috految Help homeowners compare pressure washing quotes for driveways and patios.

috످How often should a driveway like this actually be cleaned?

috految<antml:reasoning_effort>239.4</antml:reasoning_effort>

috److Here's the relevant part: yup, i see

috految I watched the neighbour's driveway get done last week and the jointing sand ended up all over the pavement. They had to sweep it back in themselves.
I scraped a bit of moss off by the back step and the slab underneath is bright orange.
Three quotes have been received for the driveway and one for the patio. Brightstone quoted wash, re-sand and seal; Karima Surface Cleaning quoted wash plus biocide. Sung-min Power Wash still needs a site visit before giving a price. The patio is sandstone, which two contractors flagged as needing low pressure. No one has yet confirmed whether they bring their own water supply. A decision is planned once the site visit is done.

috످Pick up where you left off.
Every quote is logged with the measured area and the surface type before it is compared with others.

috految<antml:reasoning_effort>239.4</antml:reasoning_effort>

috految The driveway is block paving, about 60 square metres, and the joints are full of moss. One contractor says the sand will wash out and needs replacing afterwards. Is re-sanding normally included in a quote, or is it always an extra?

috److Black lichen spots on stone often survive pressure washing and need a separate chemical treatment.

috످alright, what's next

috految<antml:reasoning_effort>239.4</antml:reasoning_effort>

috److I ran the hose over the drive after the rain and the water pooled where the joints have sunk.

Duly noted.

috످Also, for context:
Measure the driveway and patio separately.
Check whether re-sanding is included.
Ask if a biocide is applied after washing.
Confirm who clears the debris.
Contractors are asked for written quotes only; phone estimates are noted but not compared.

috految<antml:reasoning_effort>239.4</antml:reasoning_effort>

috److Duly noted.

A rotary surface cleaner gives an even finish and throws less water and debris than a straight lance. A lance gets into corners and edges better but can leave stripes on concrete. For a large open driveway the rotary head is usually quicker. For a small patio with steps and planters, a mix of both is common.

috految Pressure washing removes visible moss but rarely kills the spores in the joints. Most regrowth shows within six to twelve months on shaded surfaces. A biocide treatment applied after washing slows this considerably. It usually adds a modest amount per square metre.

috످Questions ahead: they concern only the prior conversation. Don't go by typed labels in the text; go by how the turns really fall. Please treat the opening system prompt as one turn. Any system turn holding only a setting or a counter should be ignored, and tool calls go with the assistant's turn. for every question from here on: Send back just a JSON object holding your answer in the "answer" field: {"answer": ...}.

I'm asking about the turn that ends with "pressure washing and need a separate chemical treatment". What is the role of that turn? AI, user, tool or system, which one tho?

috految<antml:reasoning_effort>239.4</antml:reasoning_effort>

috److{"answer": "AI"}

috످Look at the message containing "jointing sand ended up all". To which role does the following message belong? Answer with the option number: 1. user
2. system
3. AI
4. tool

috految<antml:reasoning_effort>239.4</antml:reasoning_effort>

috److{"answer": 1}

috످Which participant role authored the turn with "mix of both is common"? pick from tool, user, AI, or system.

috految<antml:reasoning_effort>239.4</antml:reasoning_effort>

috److془The passage compares rotary cleaner and lance; it's in the assistant's turn after the user's checklist. Answer AI.

Check the turn: "Duly noted.\n\nA rotary surface cleaner... mix of both is common." assistant turn. Yes.془{"answer": "AI"}

috످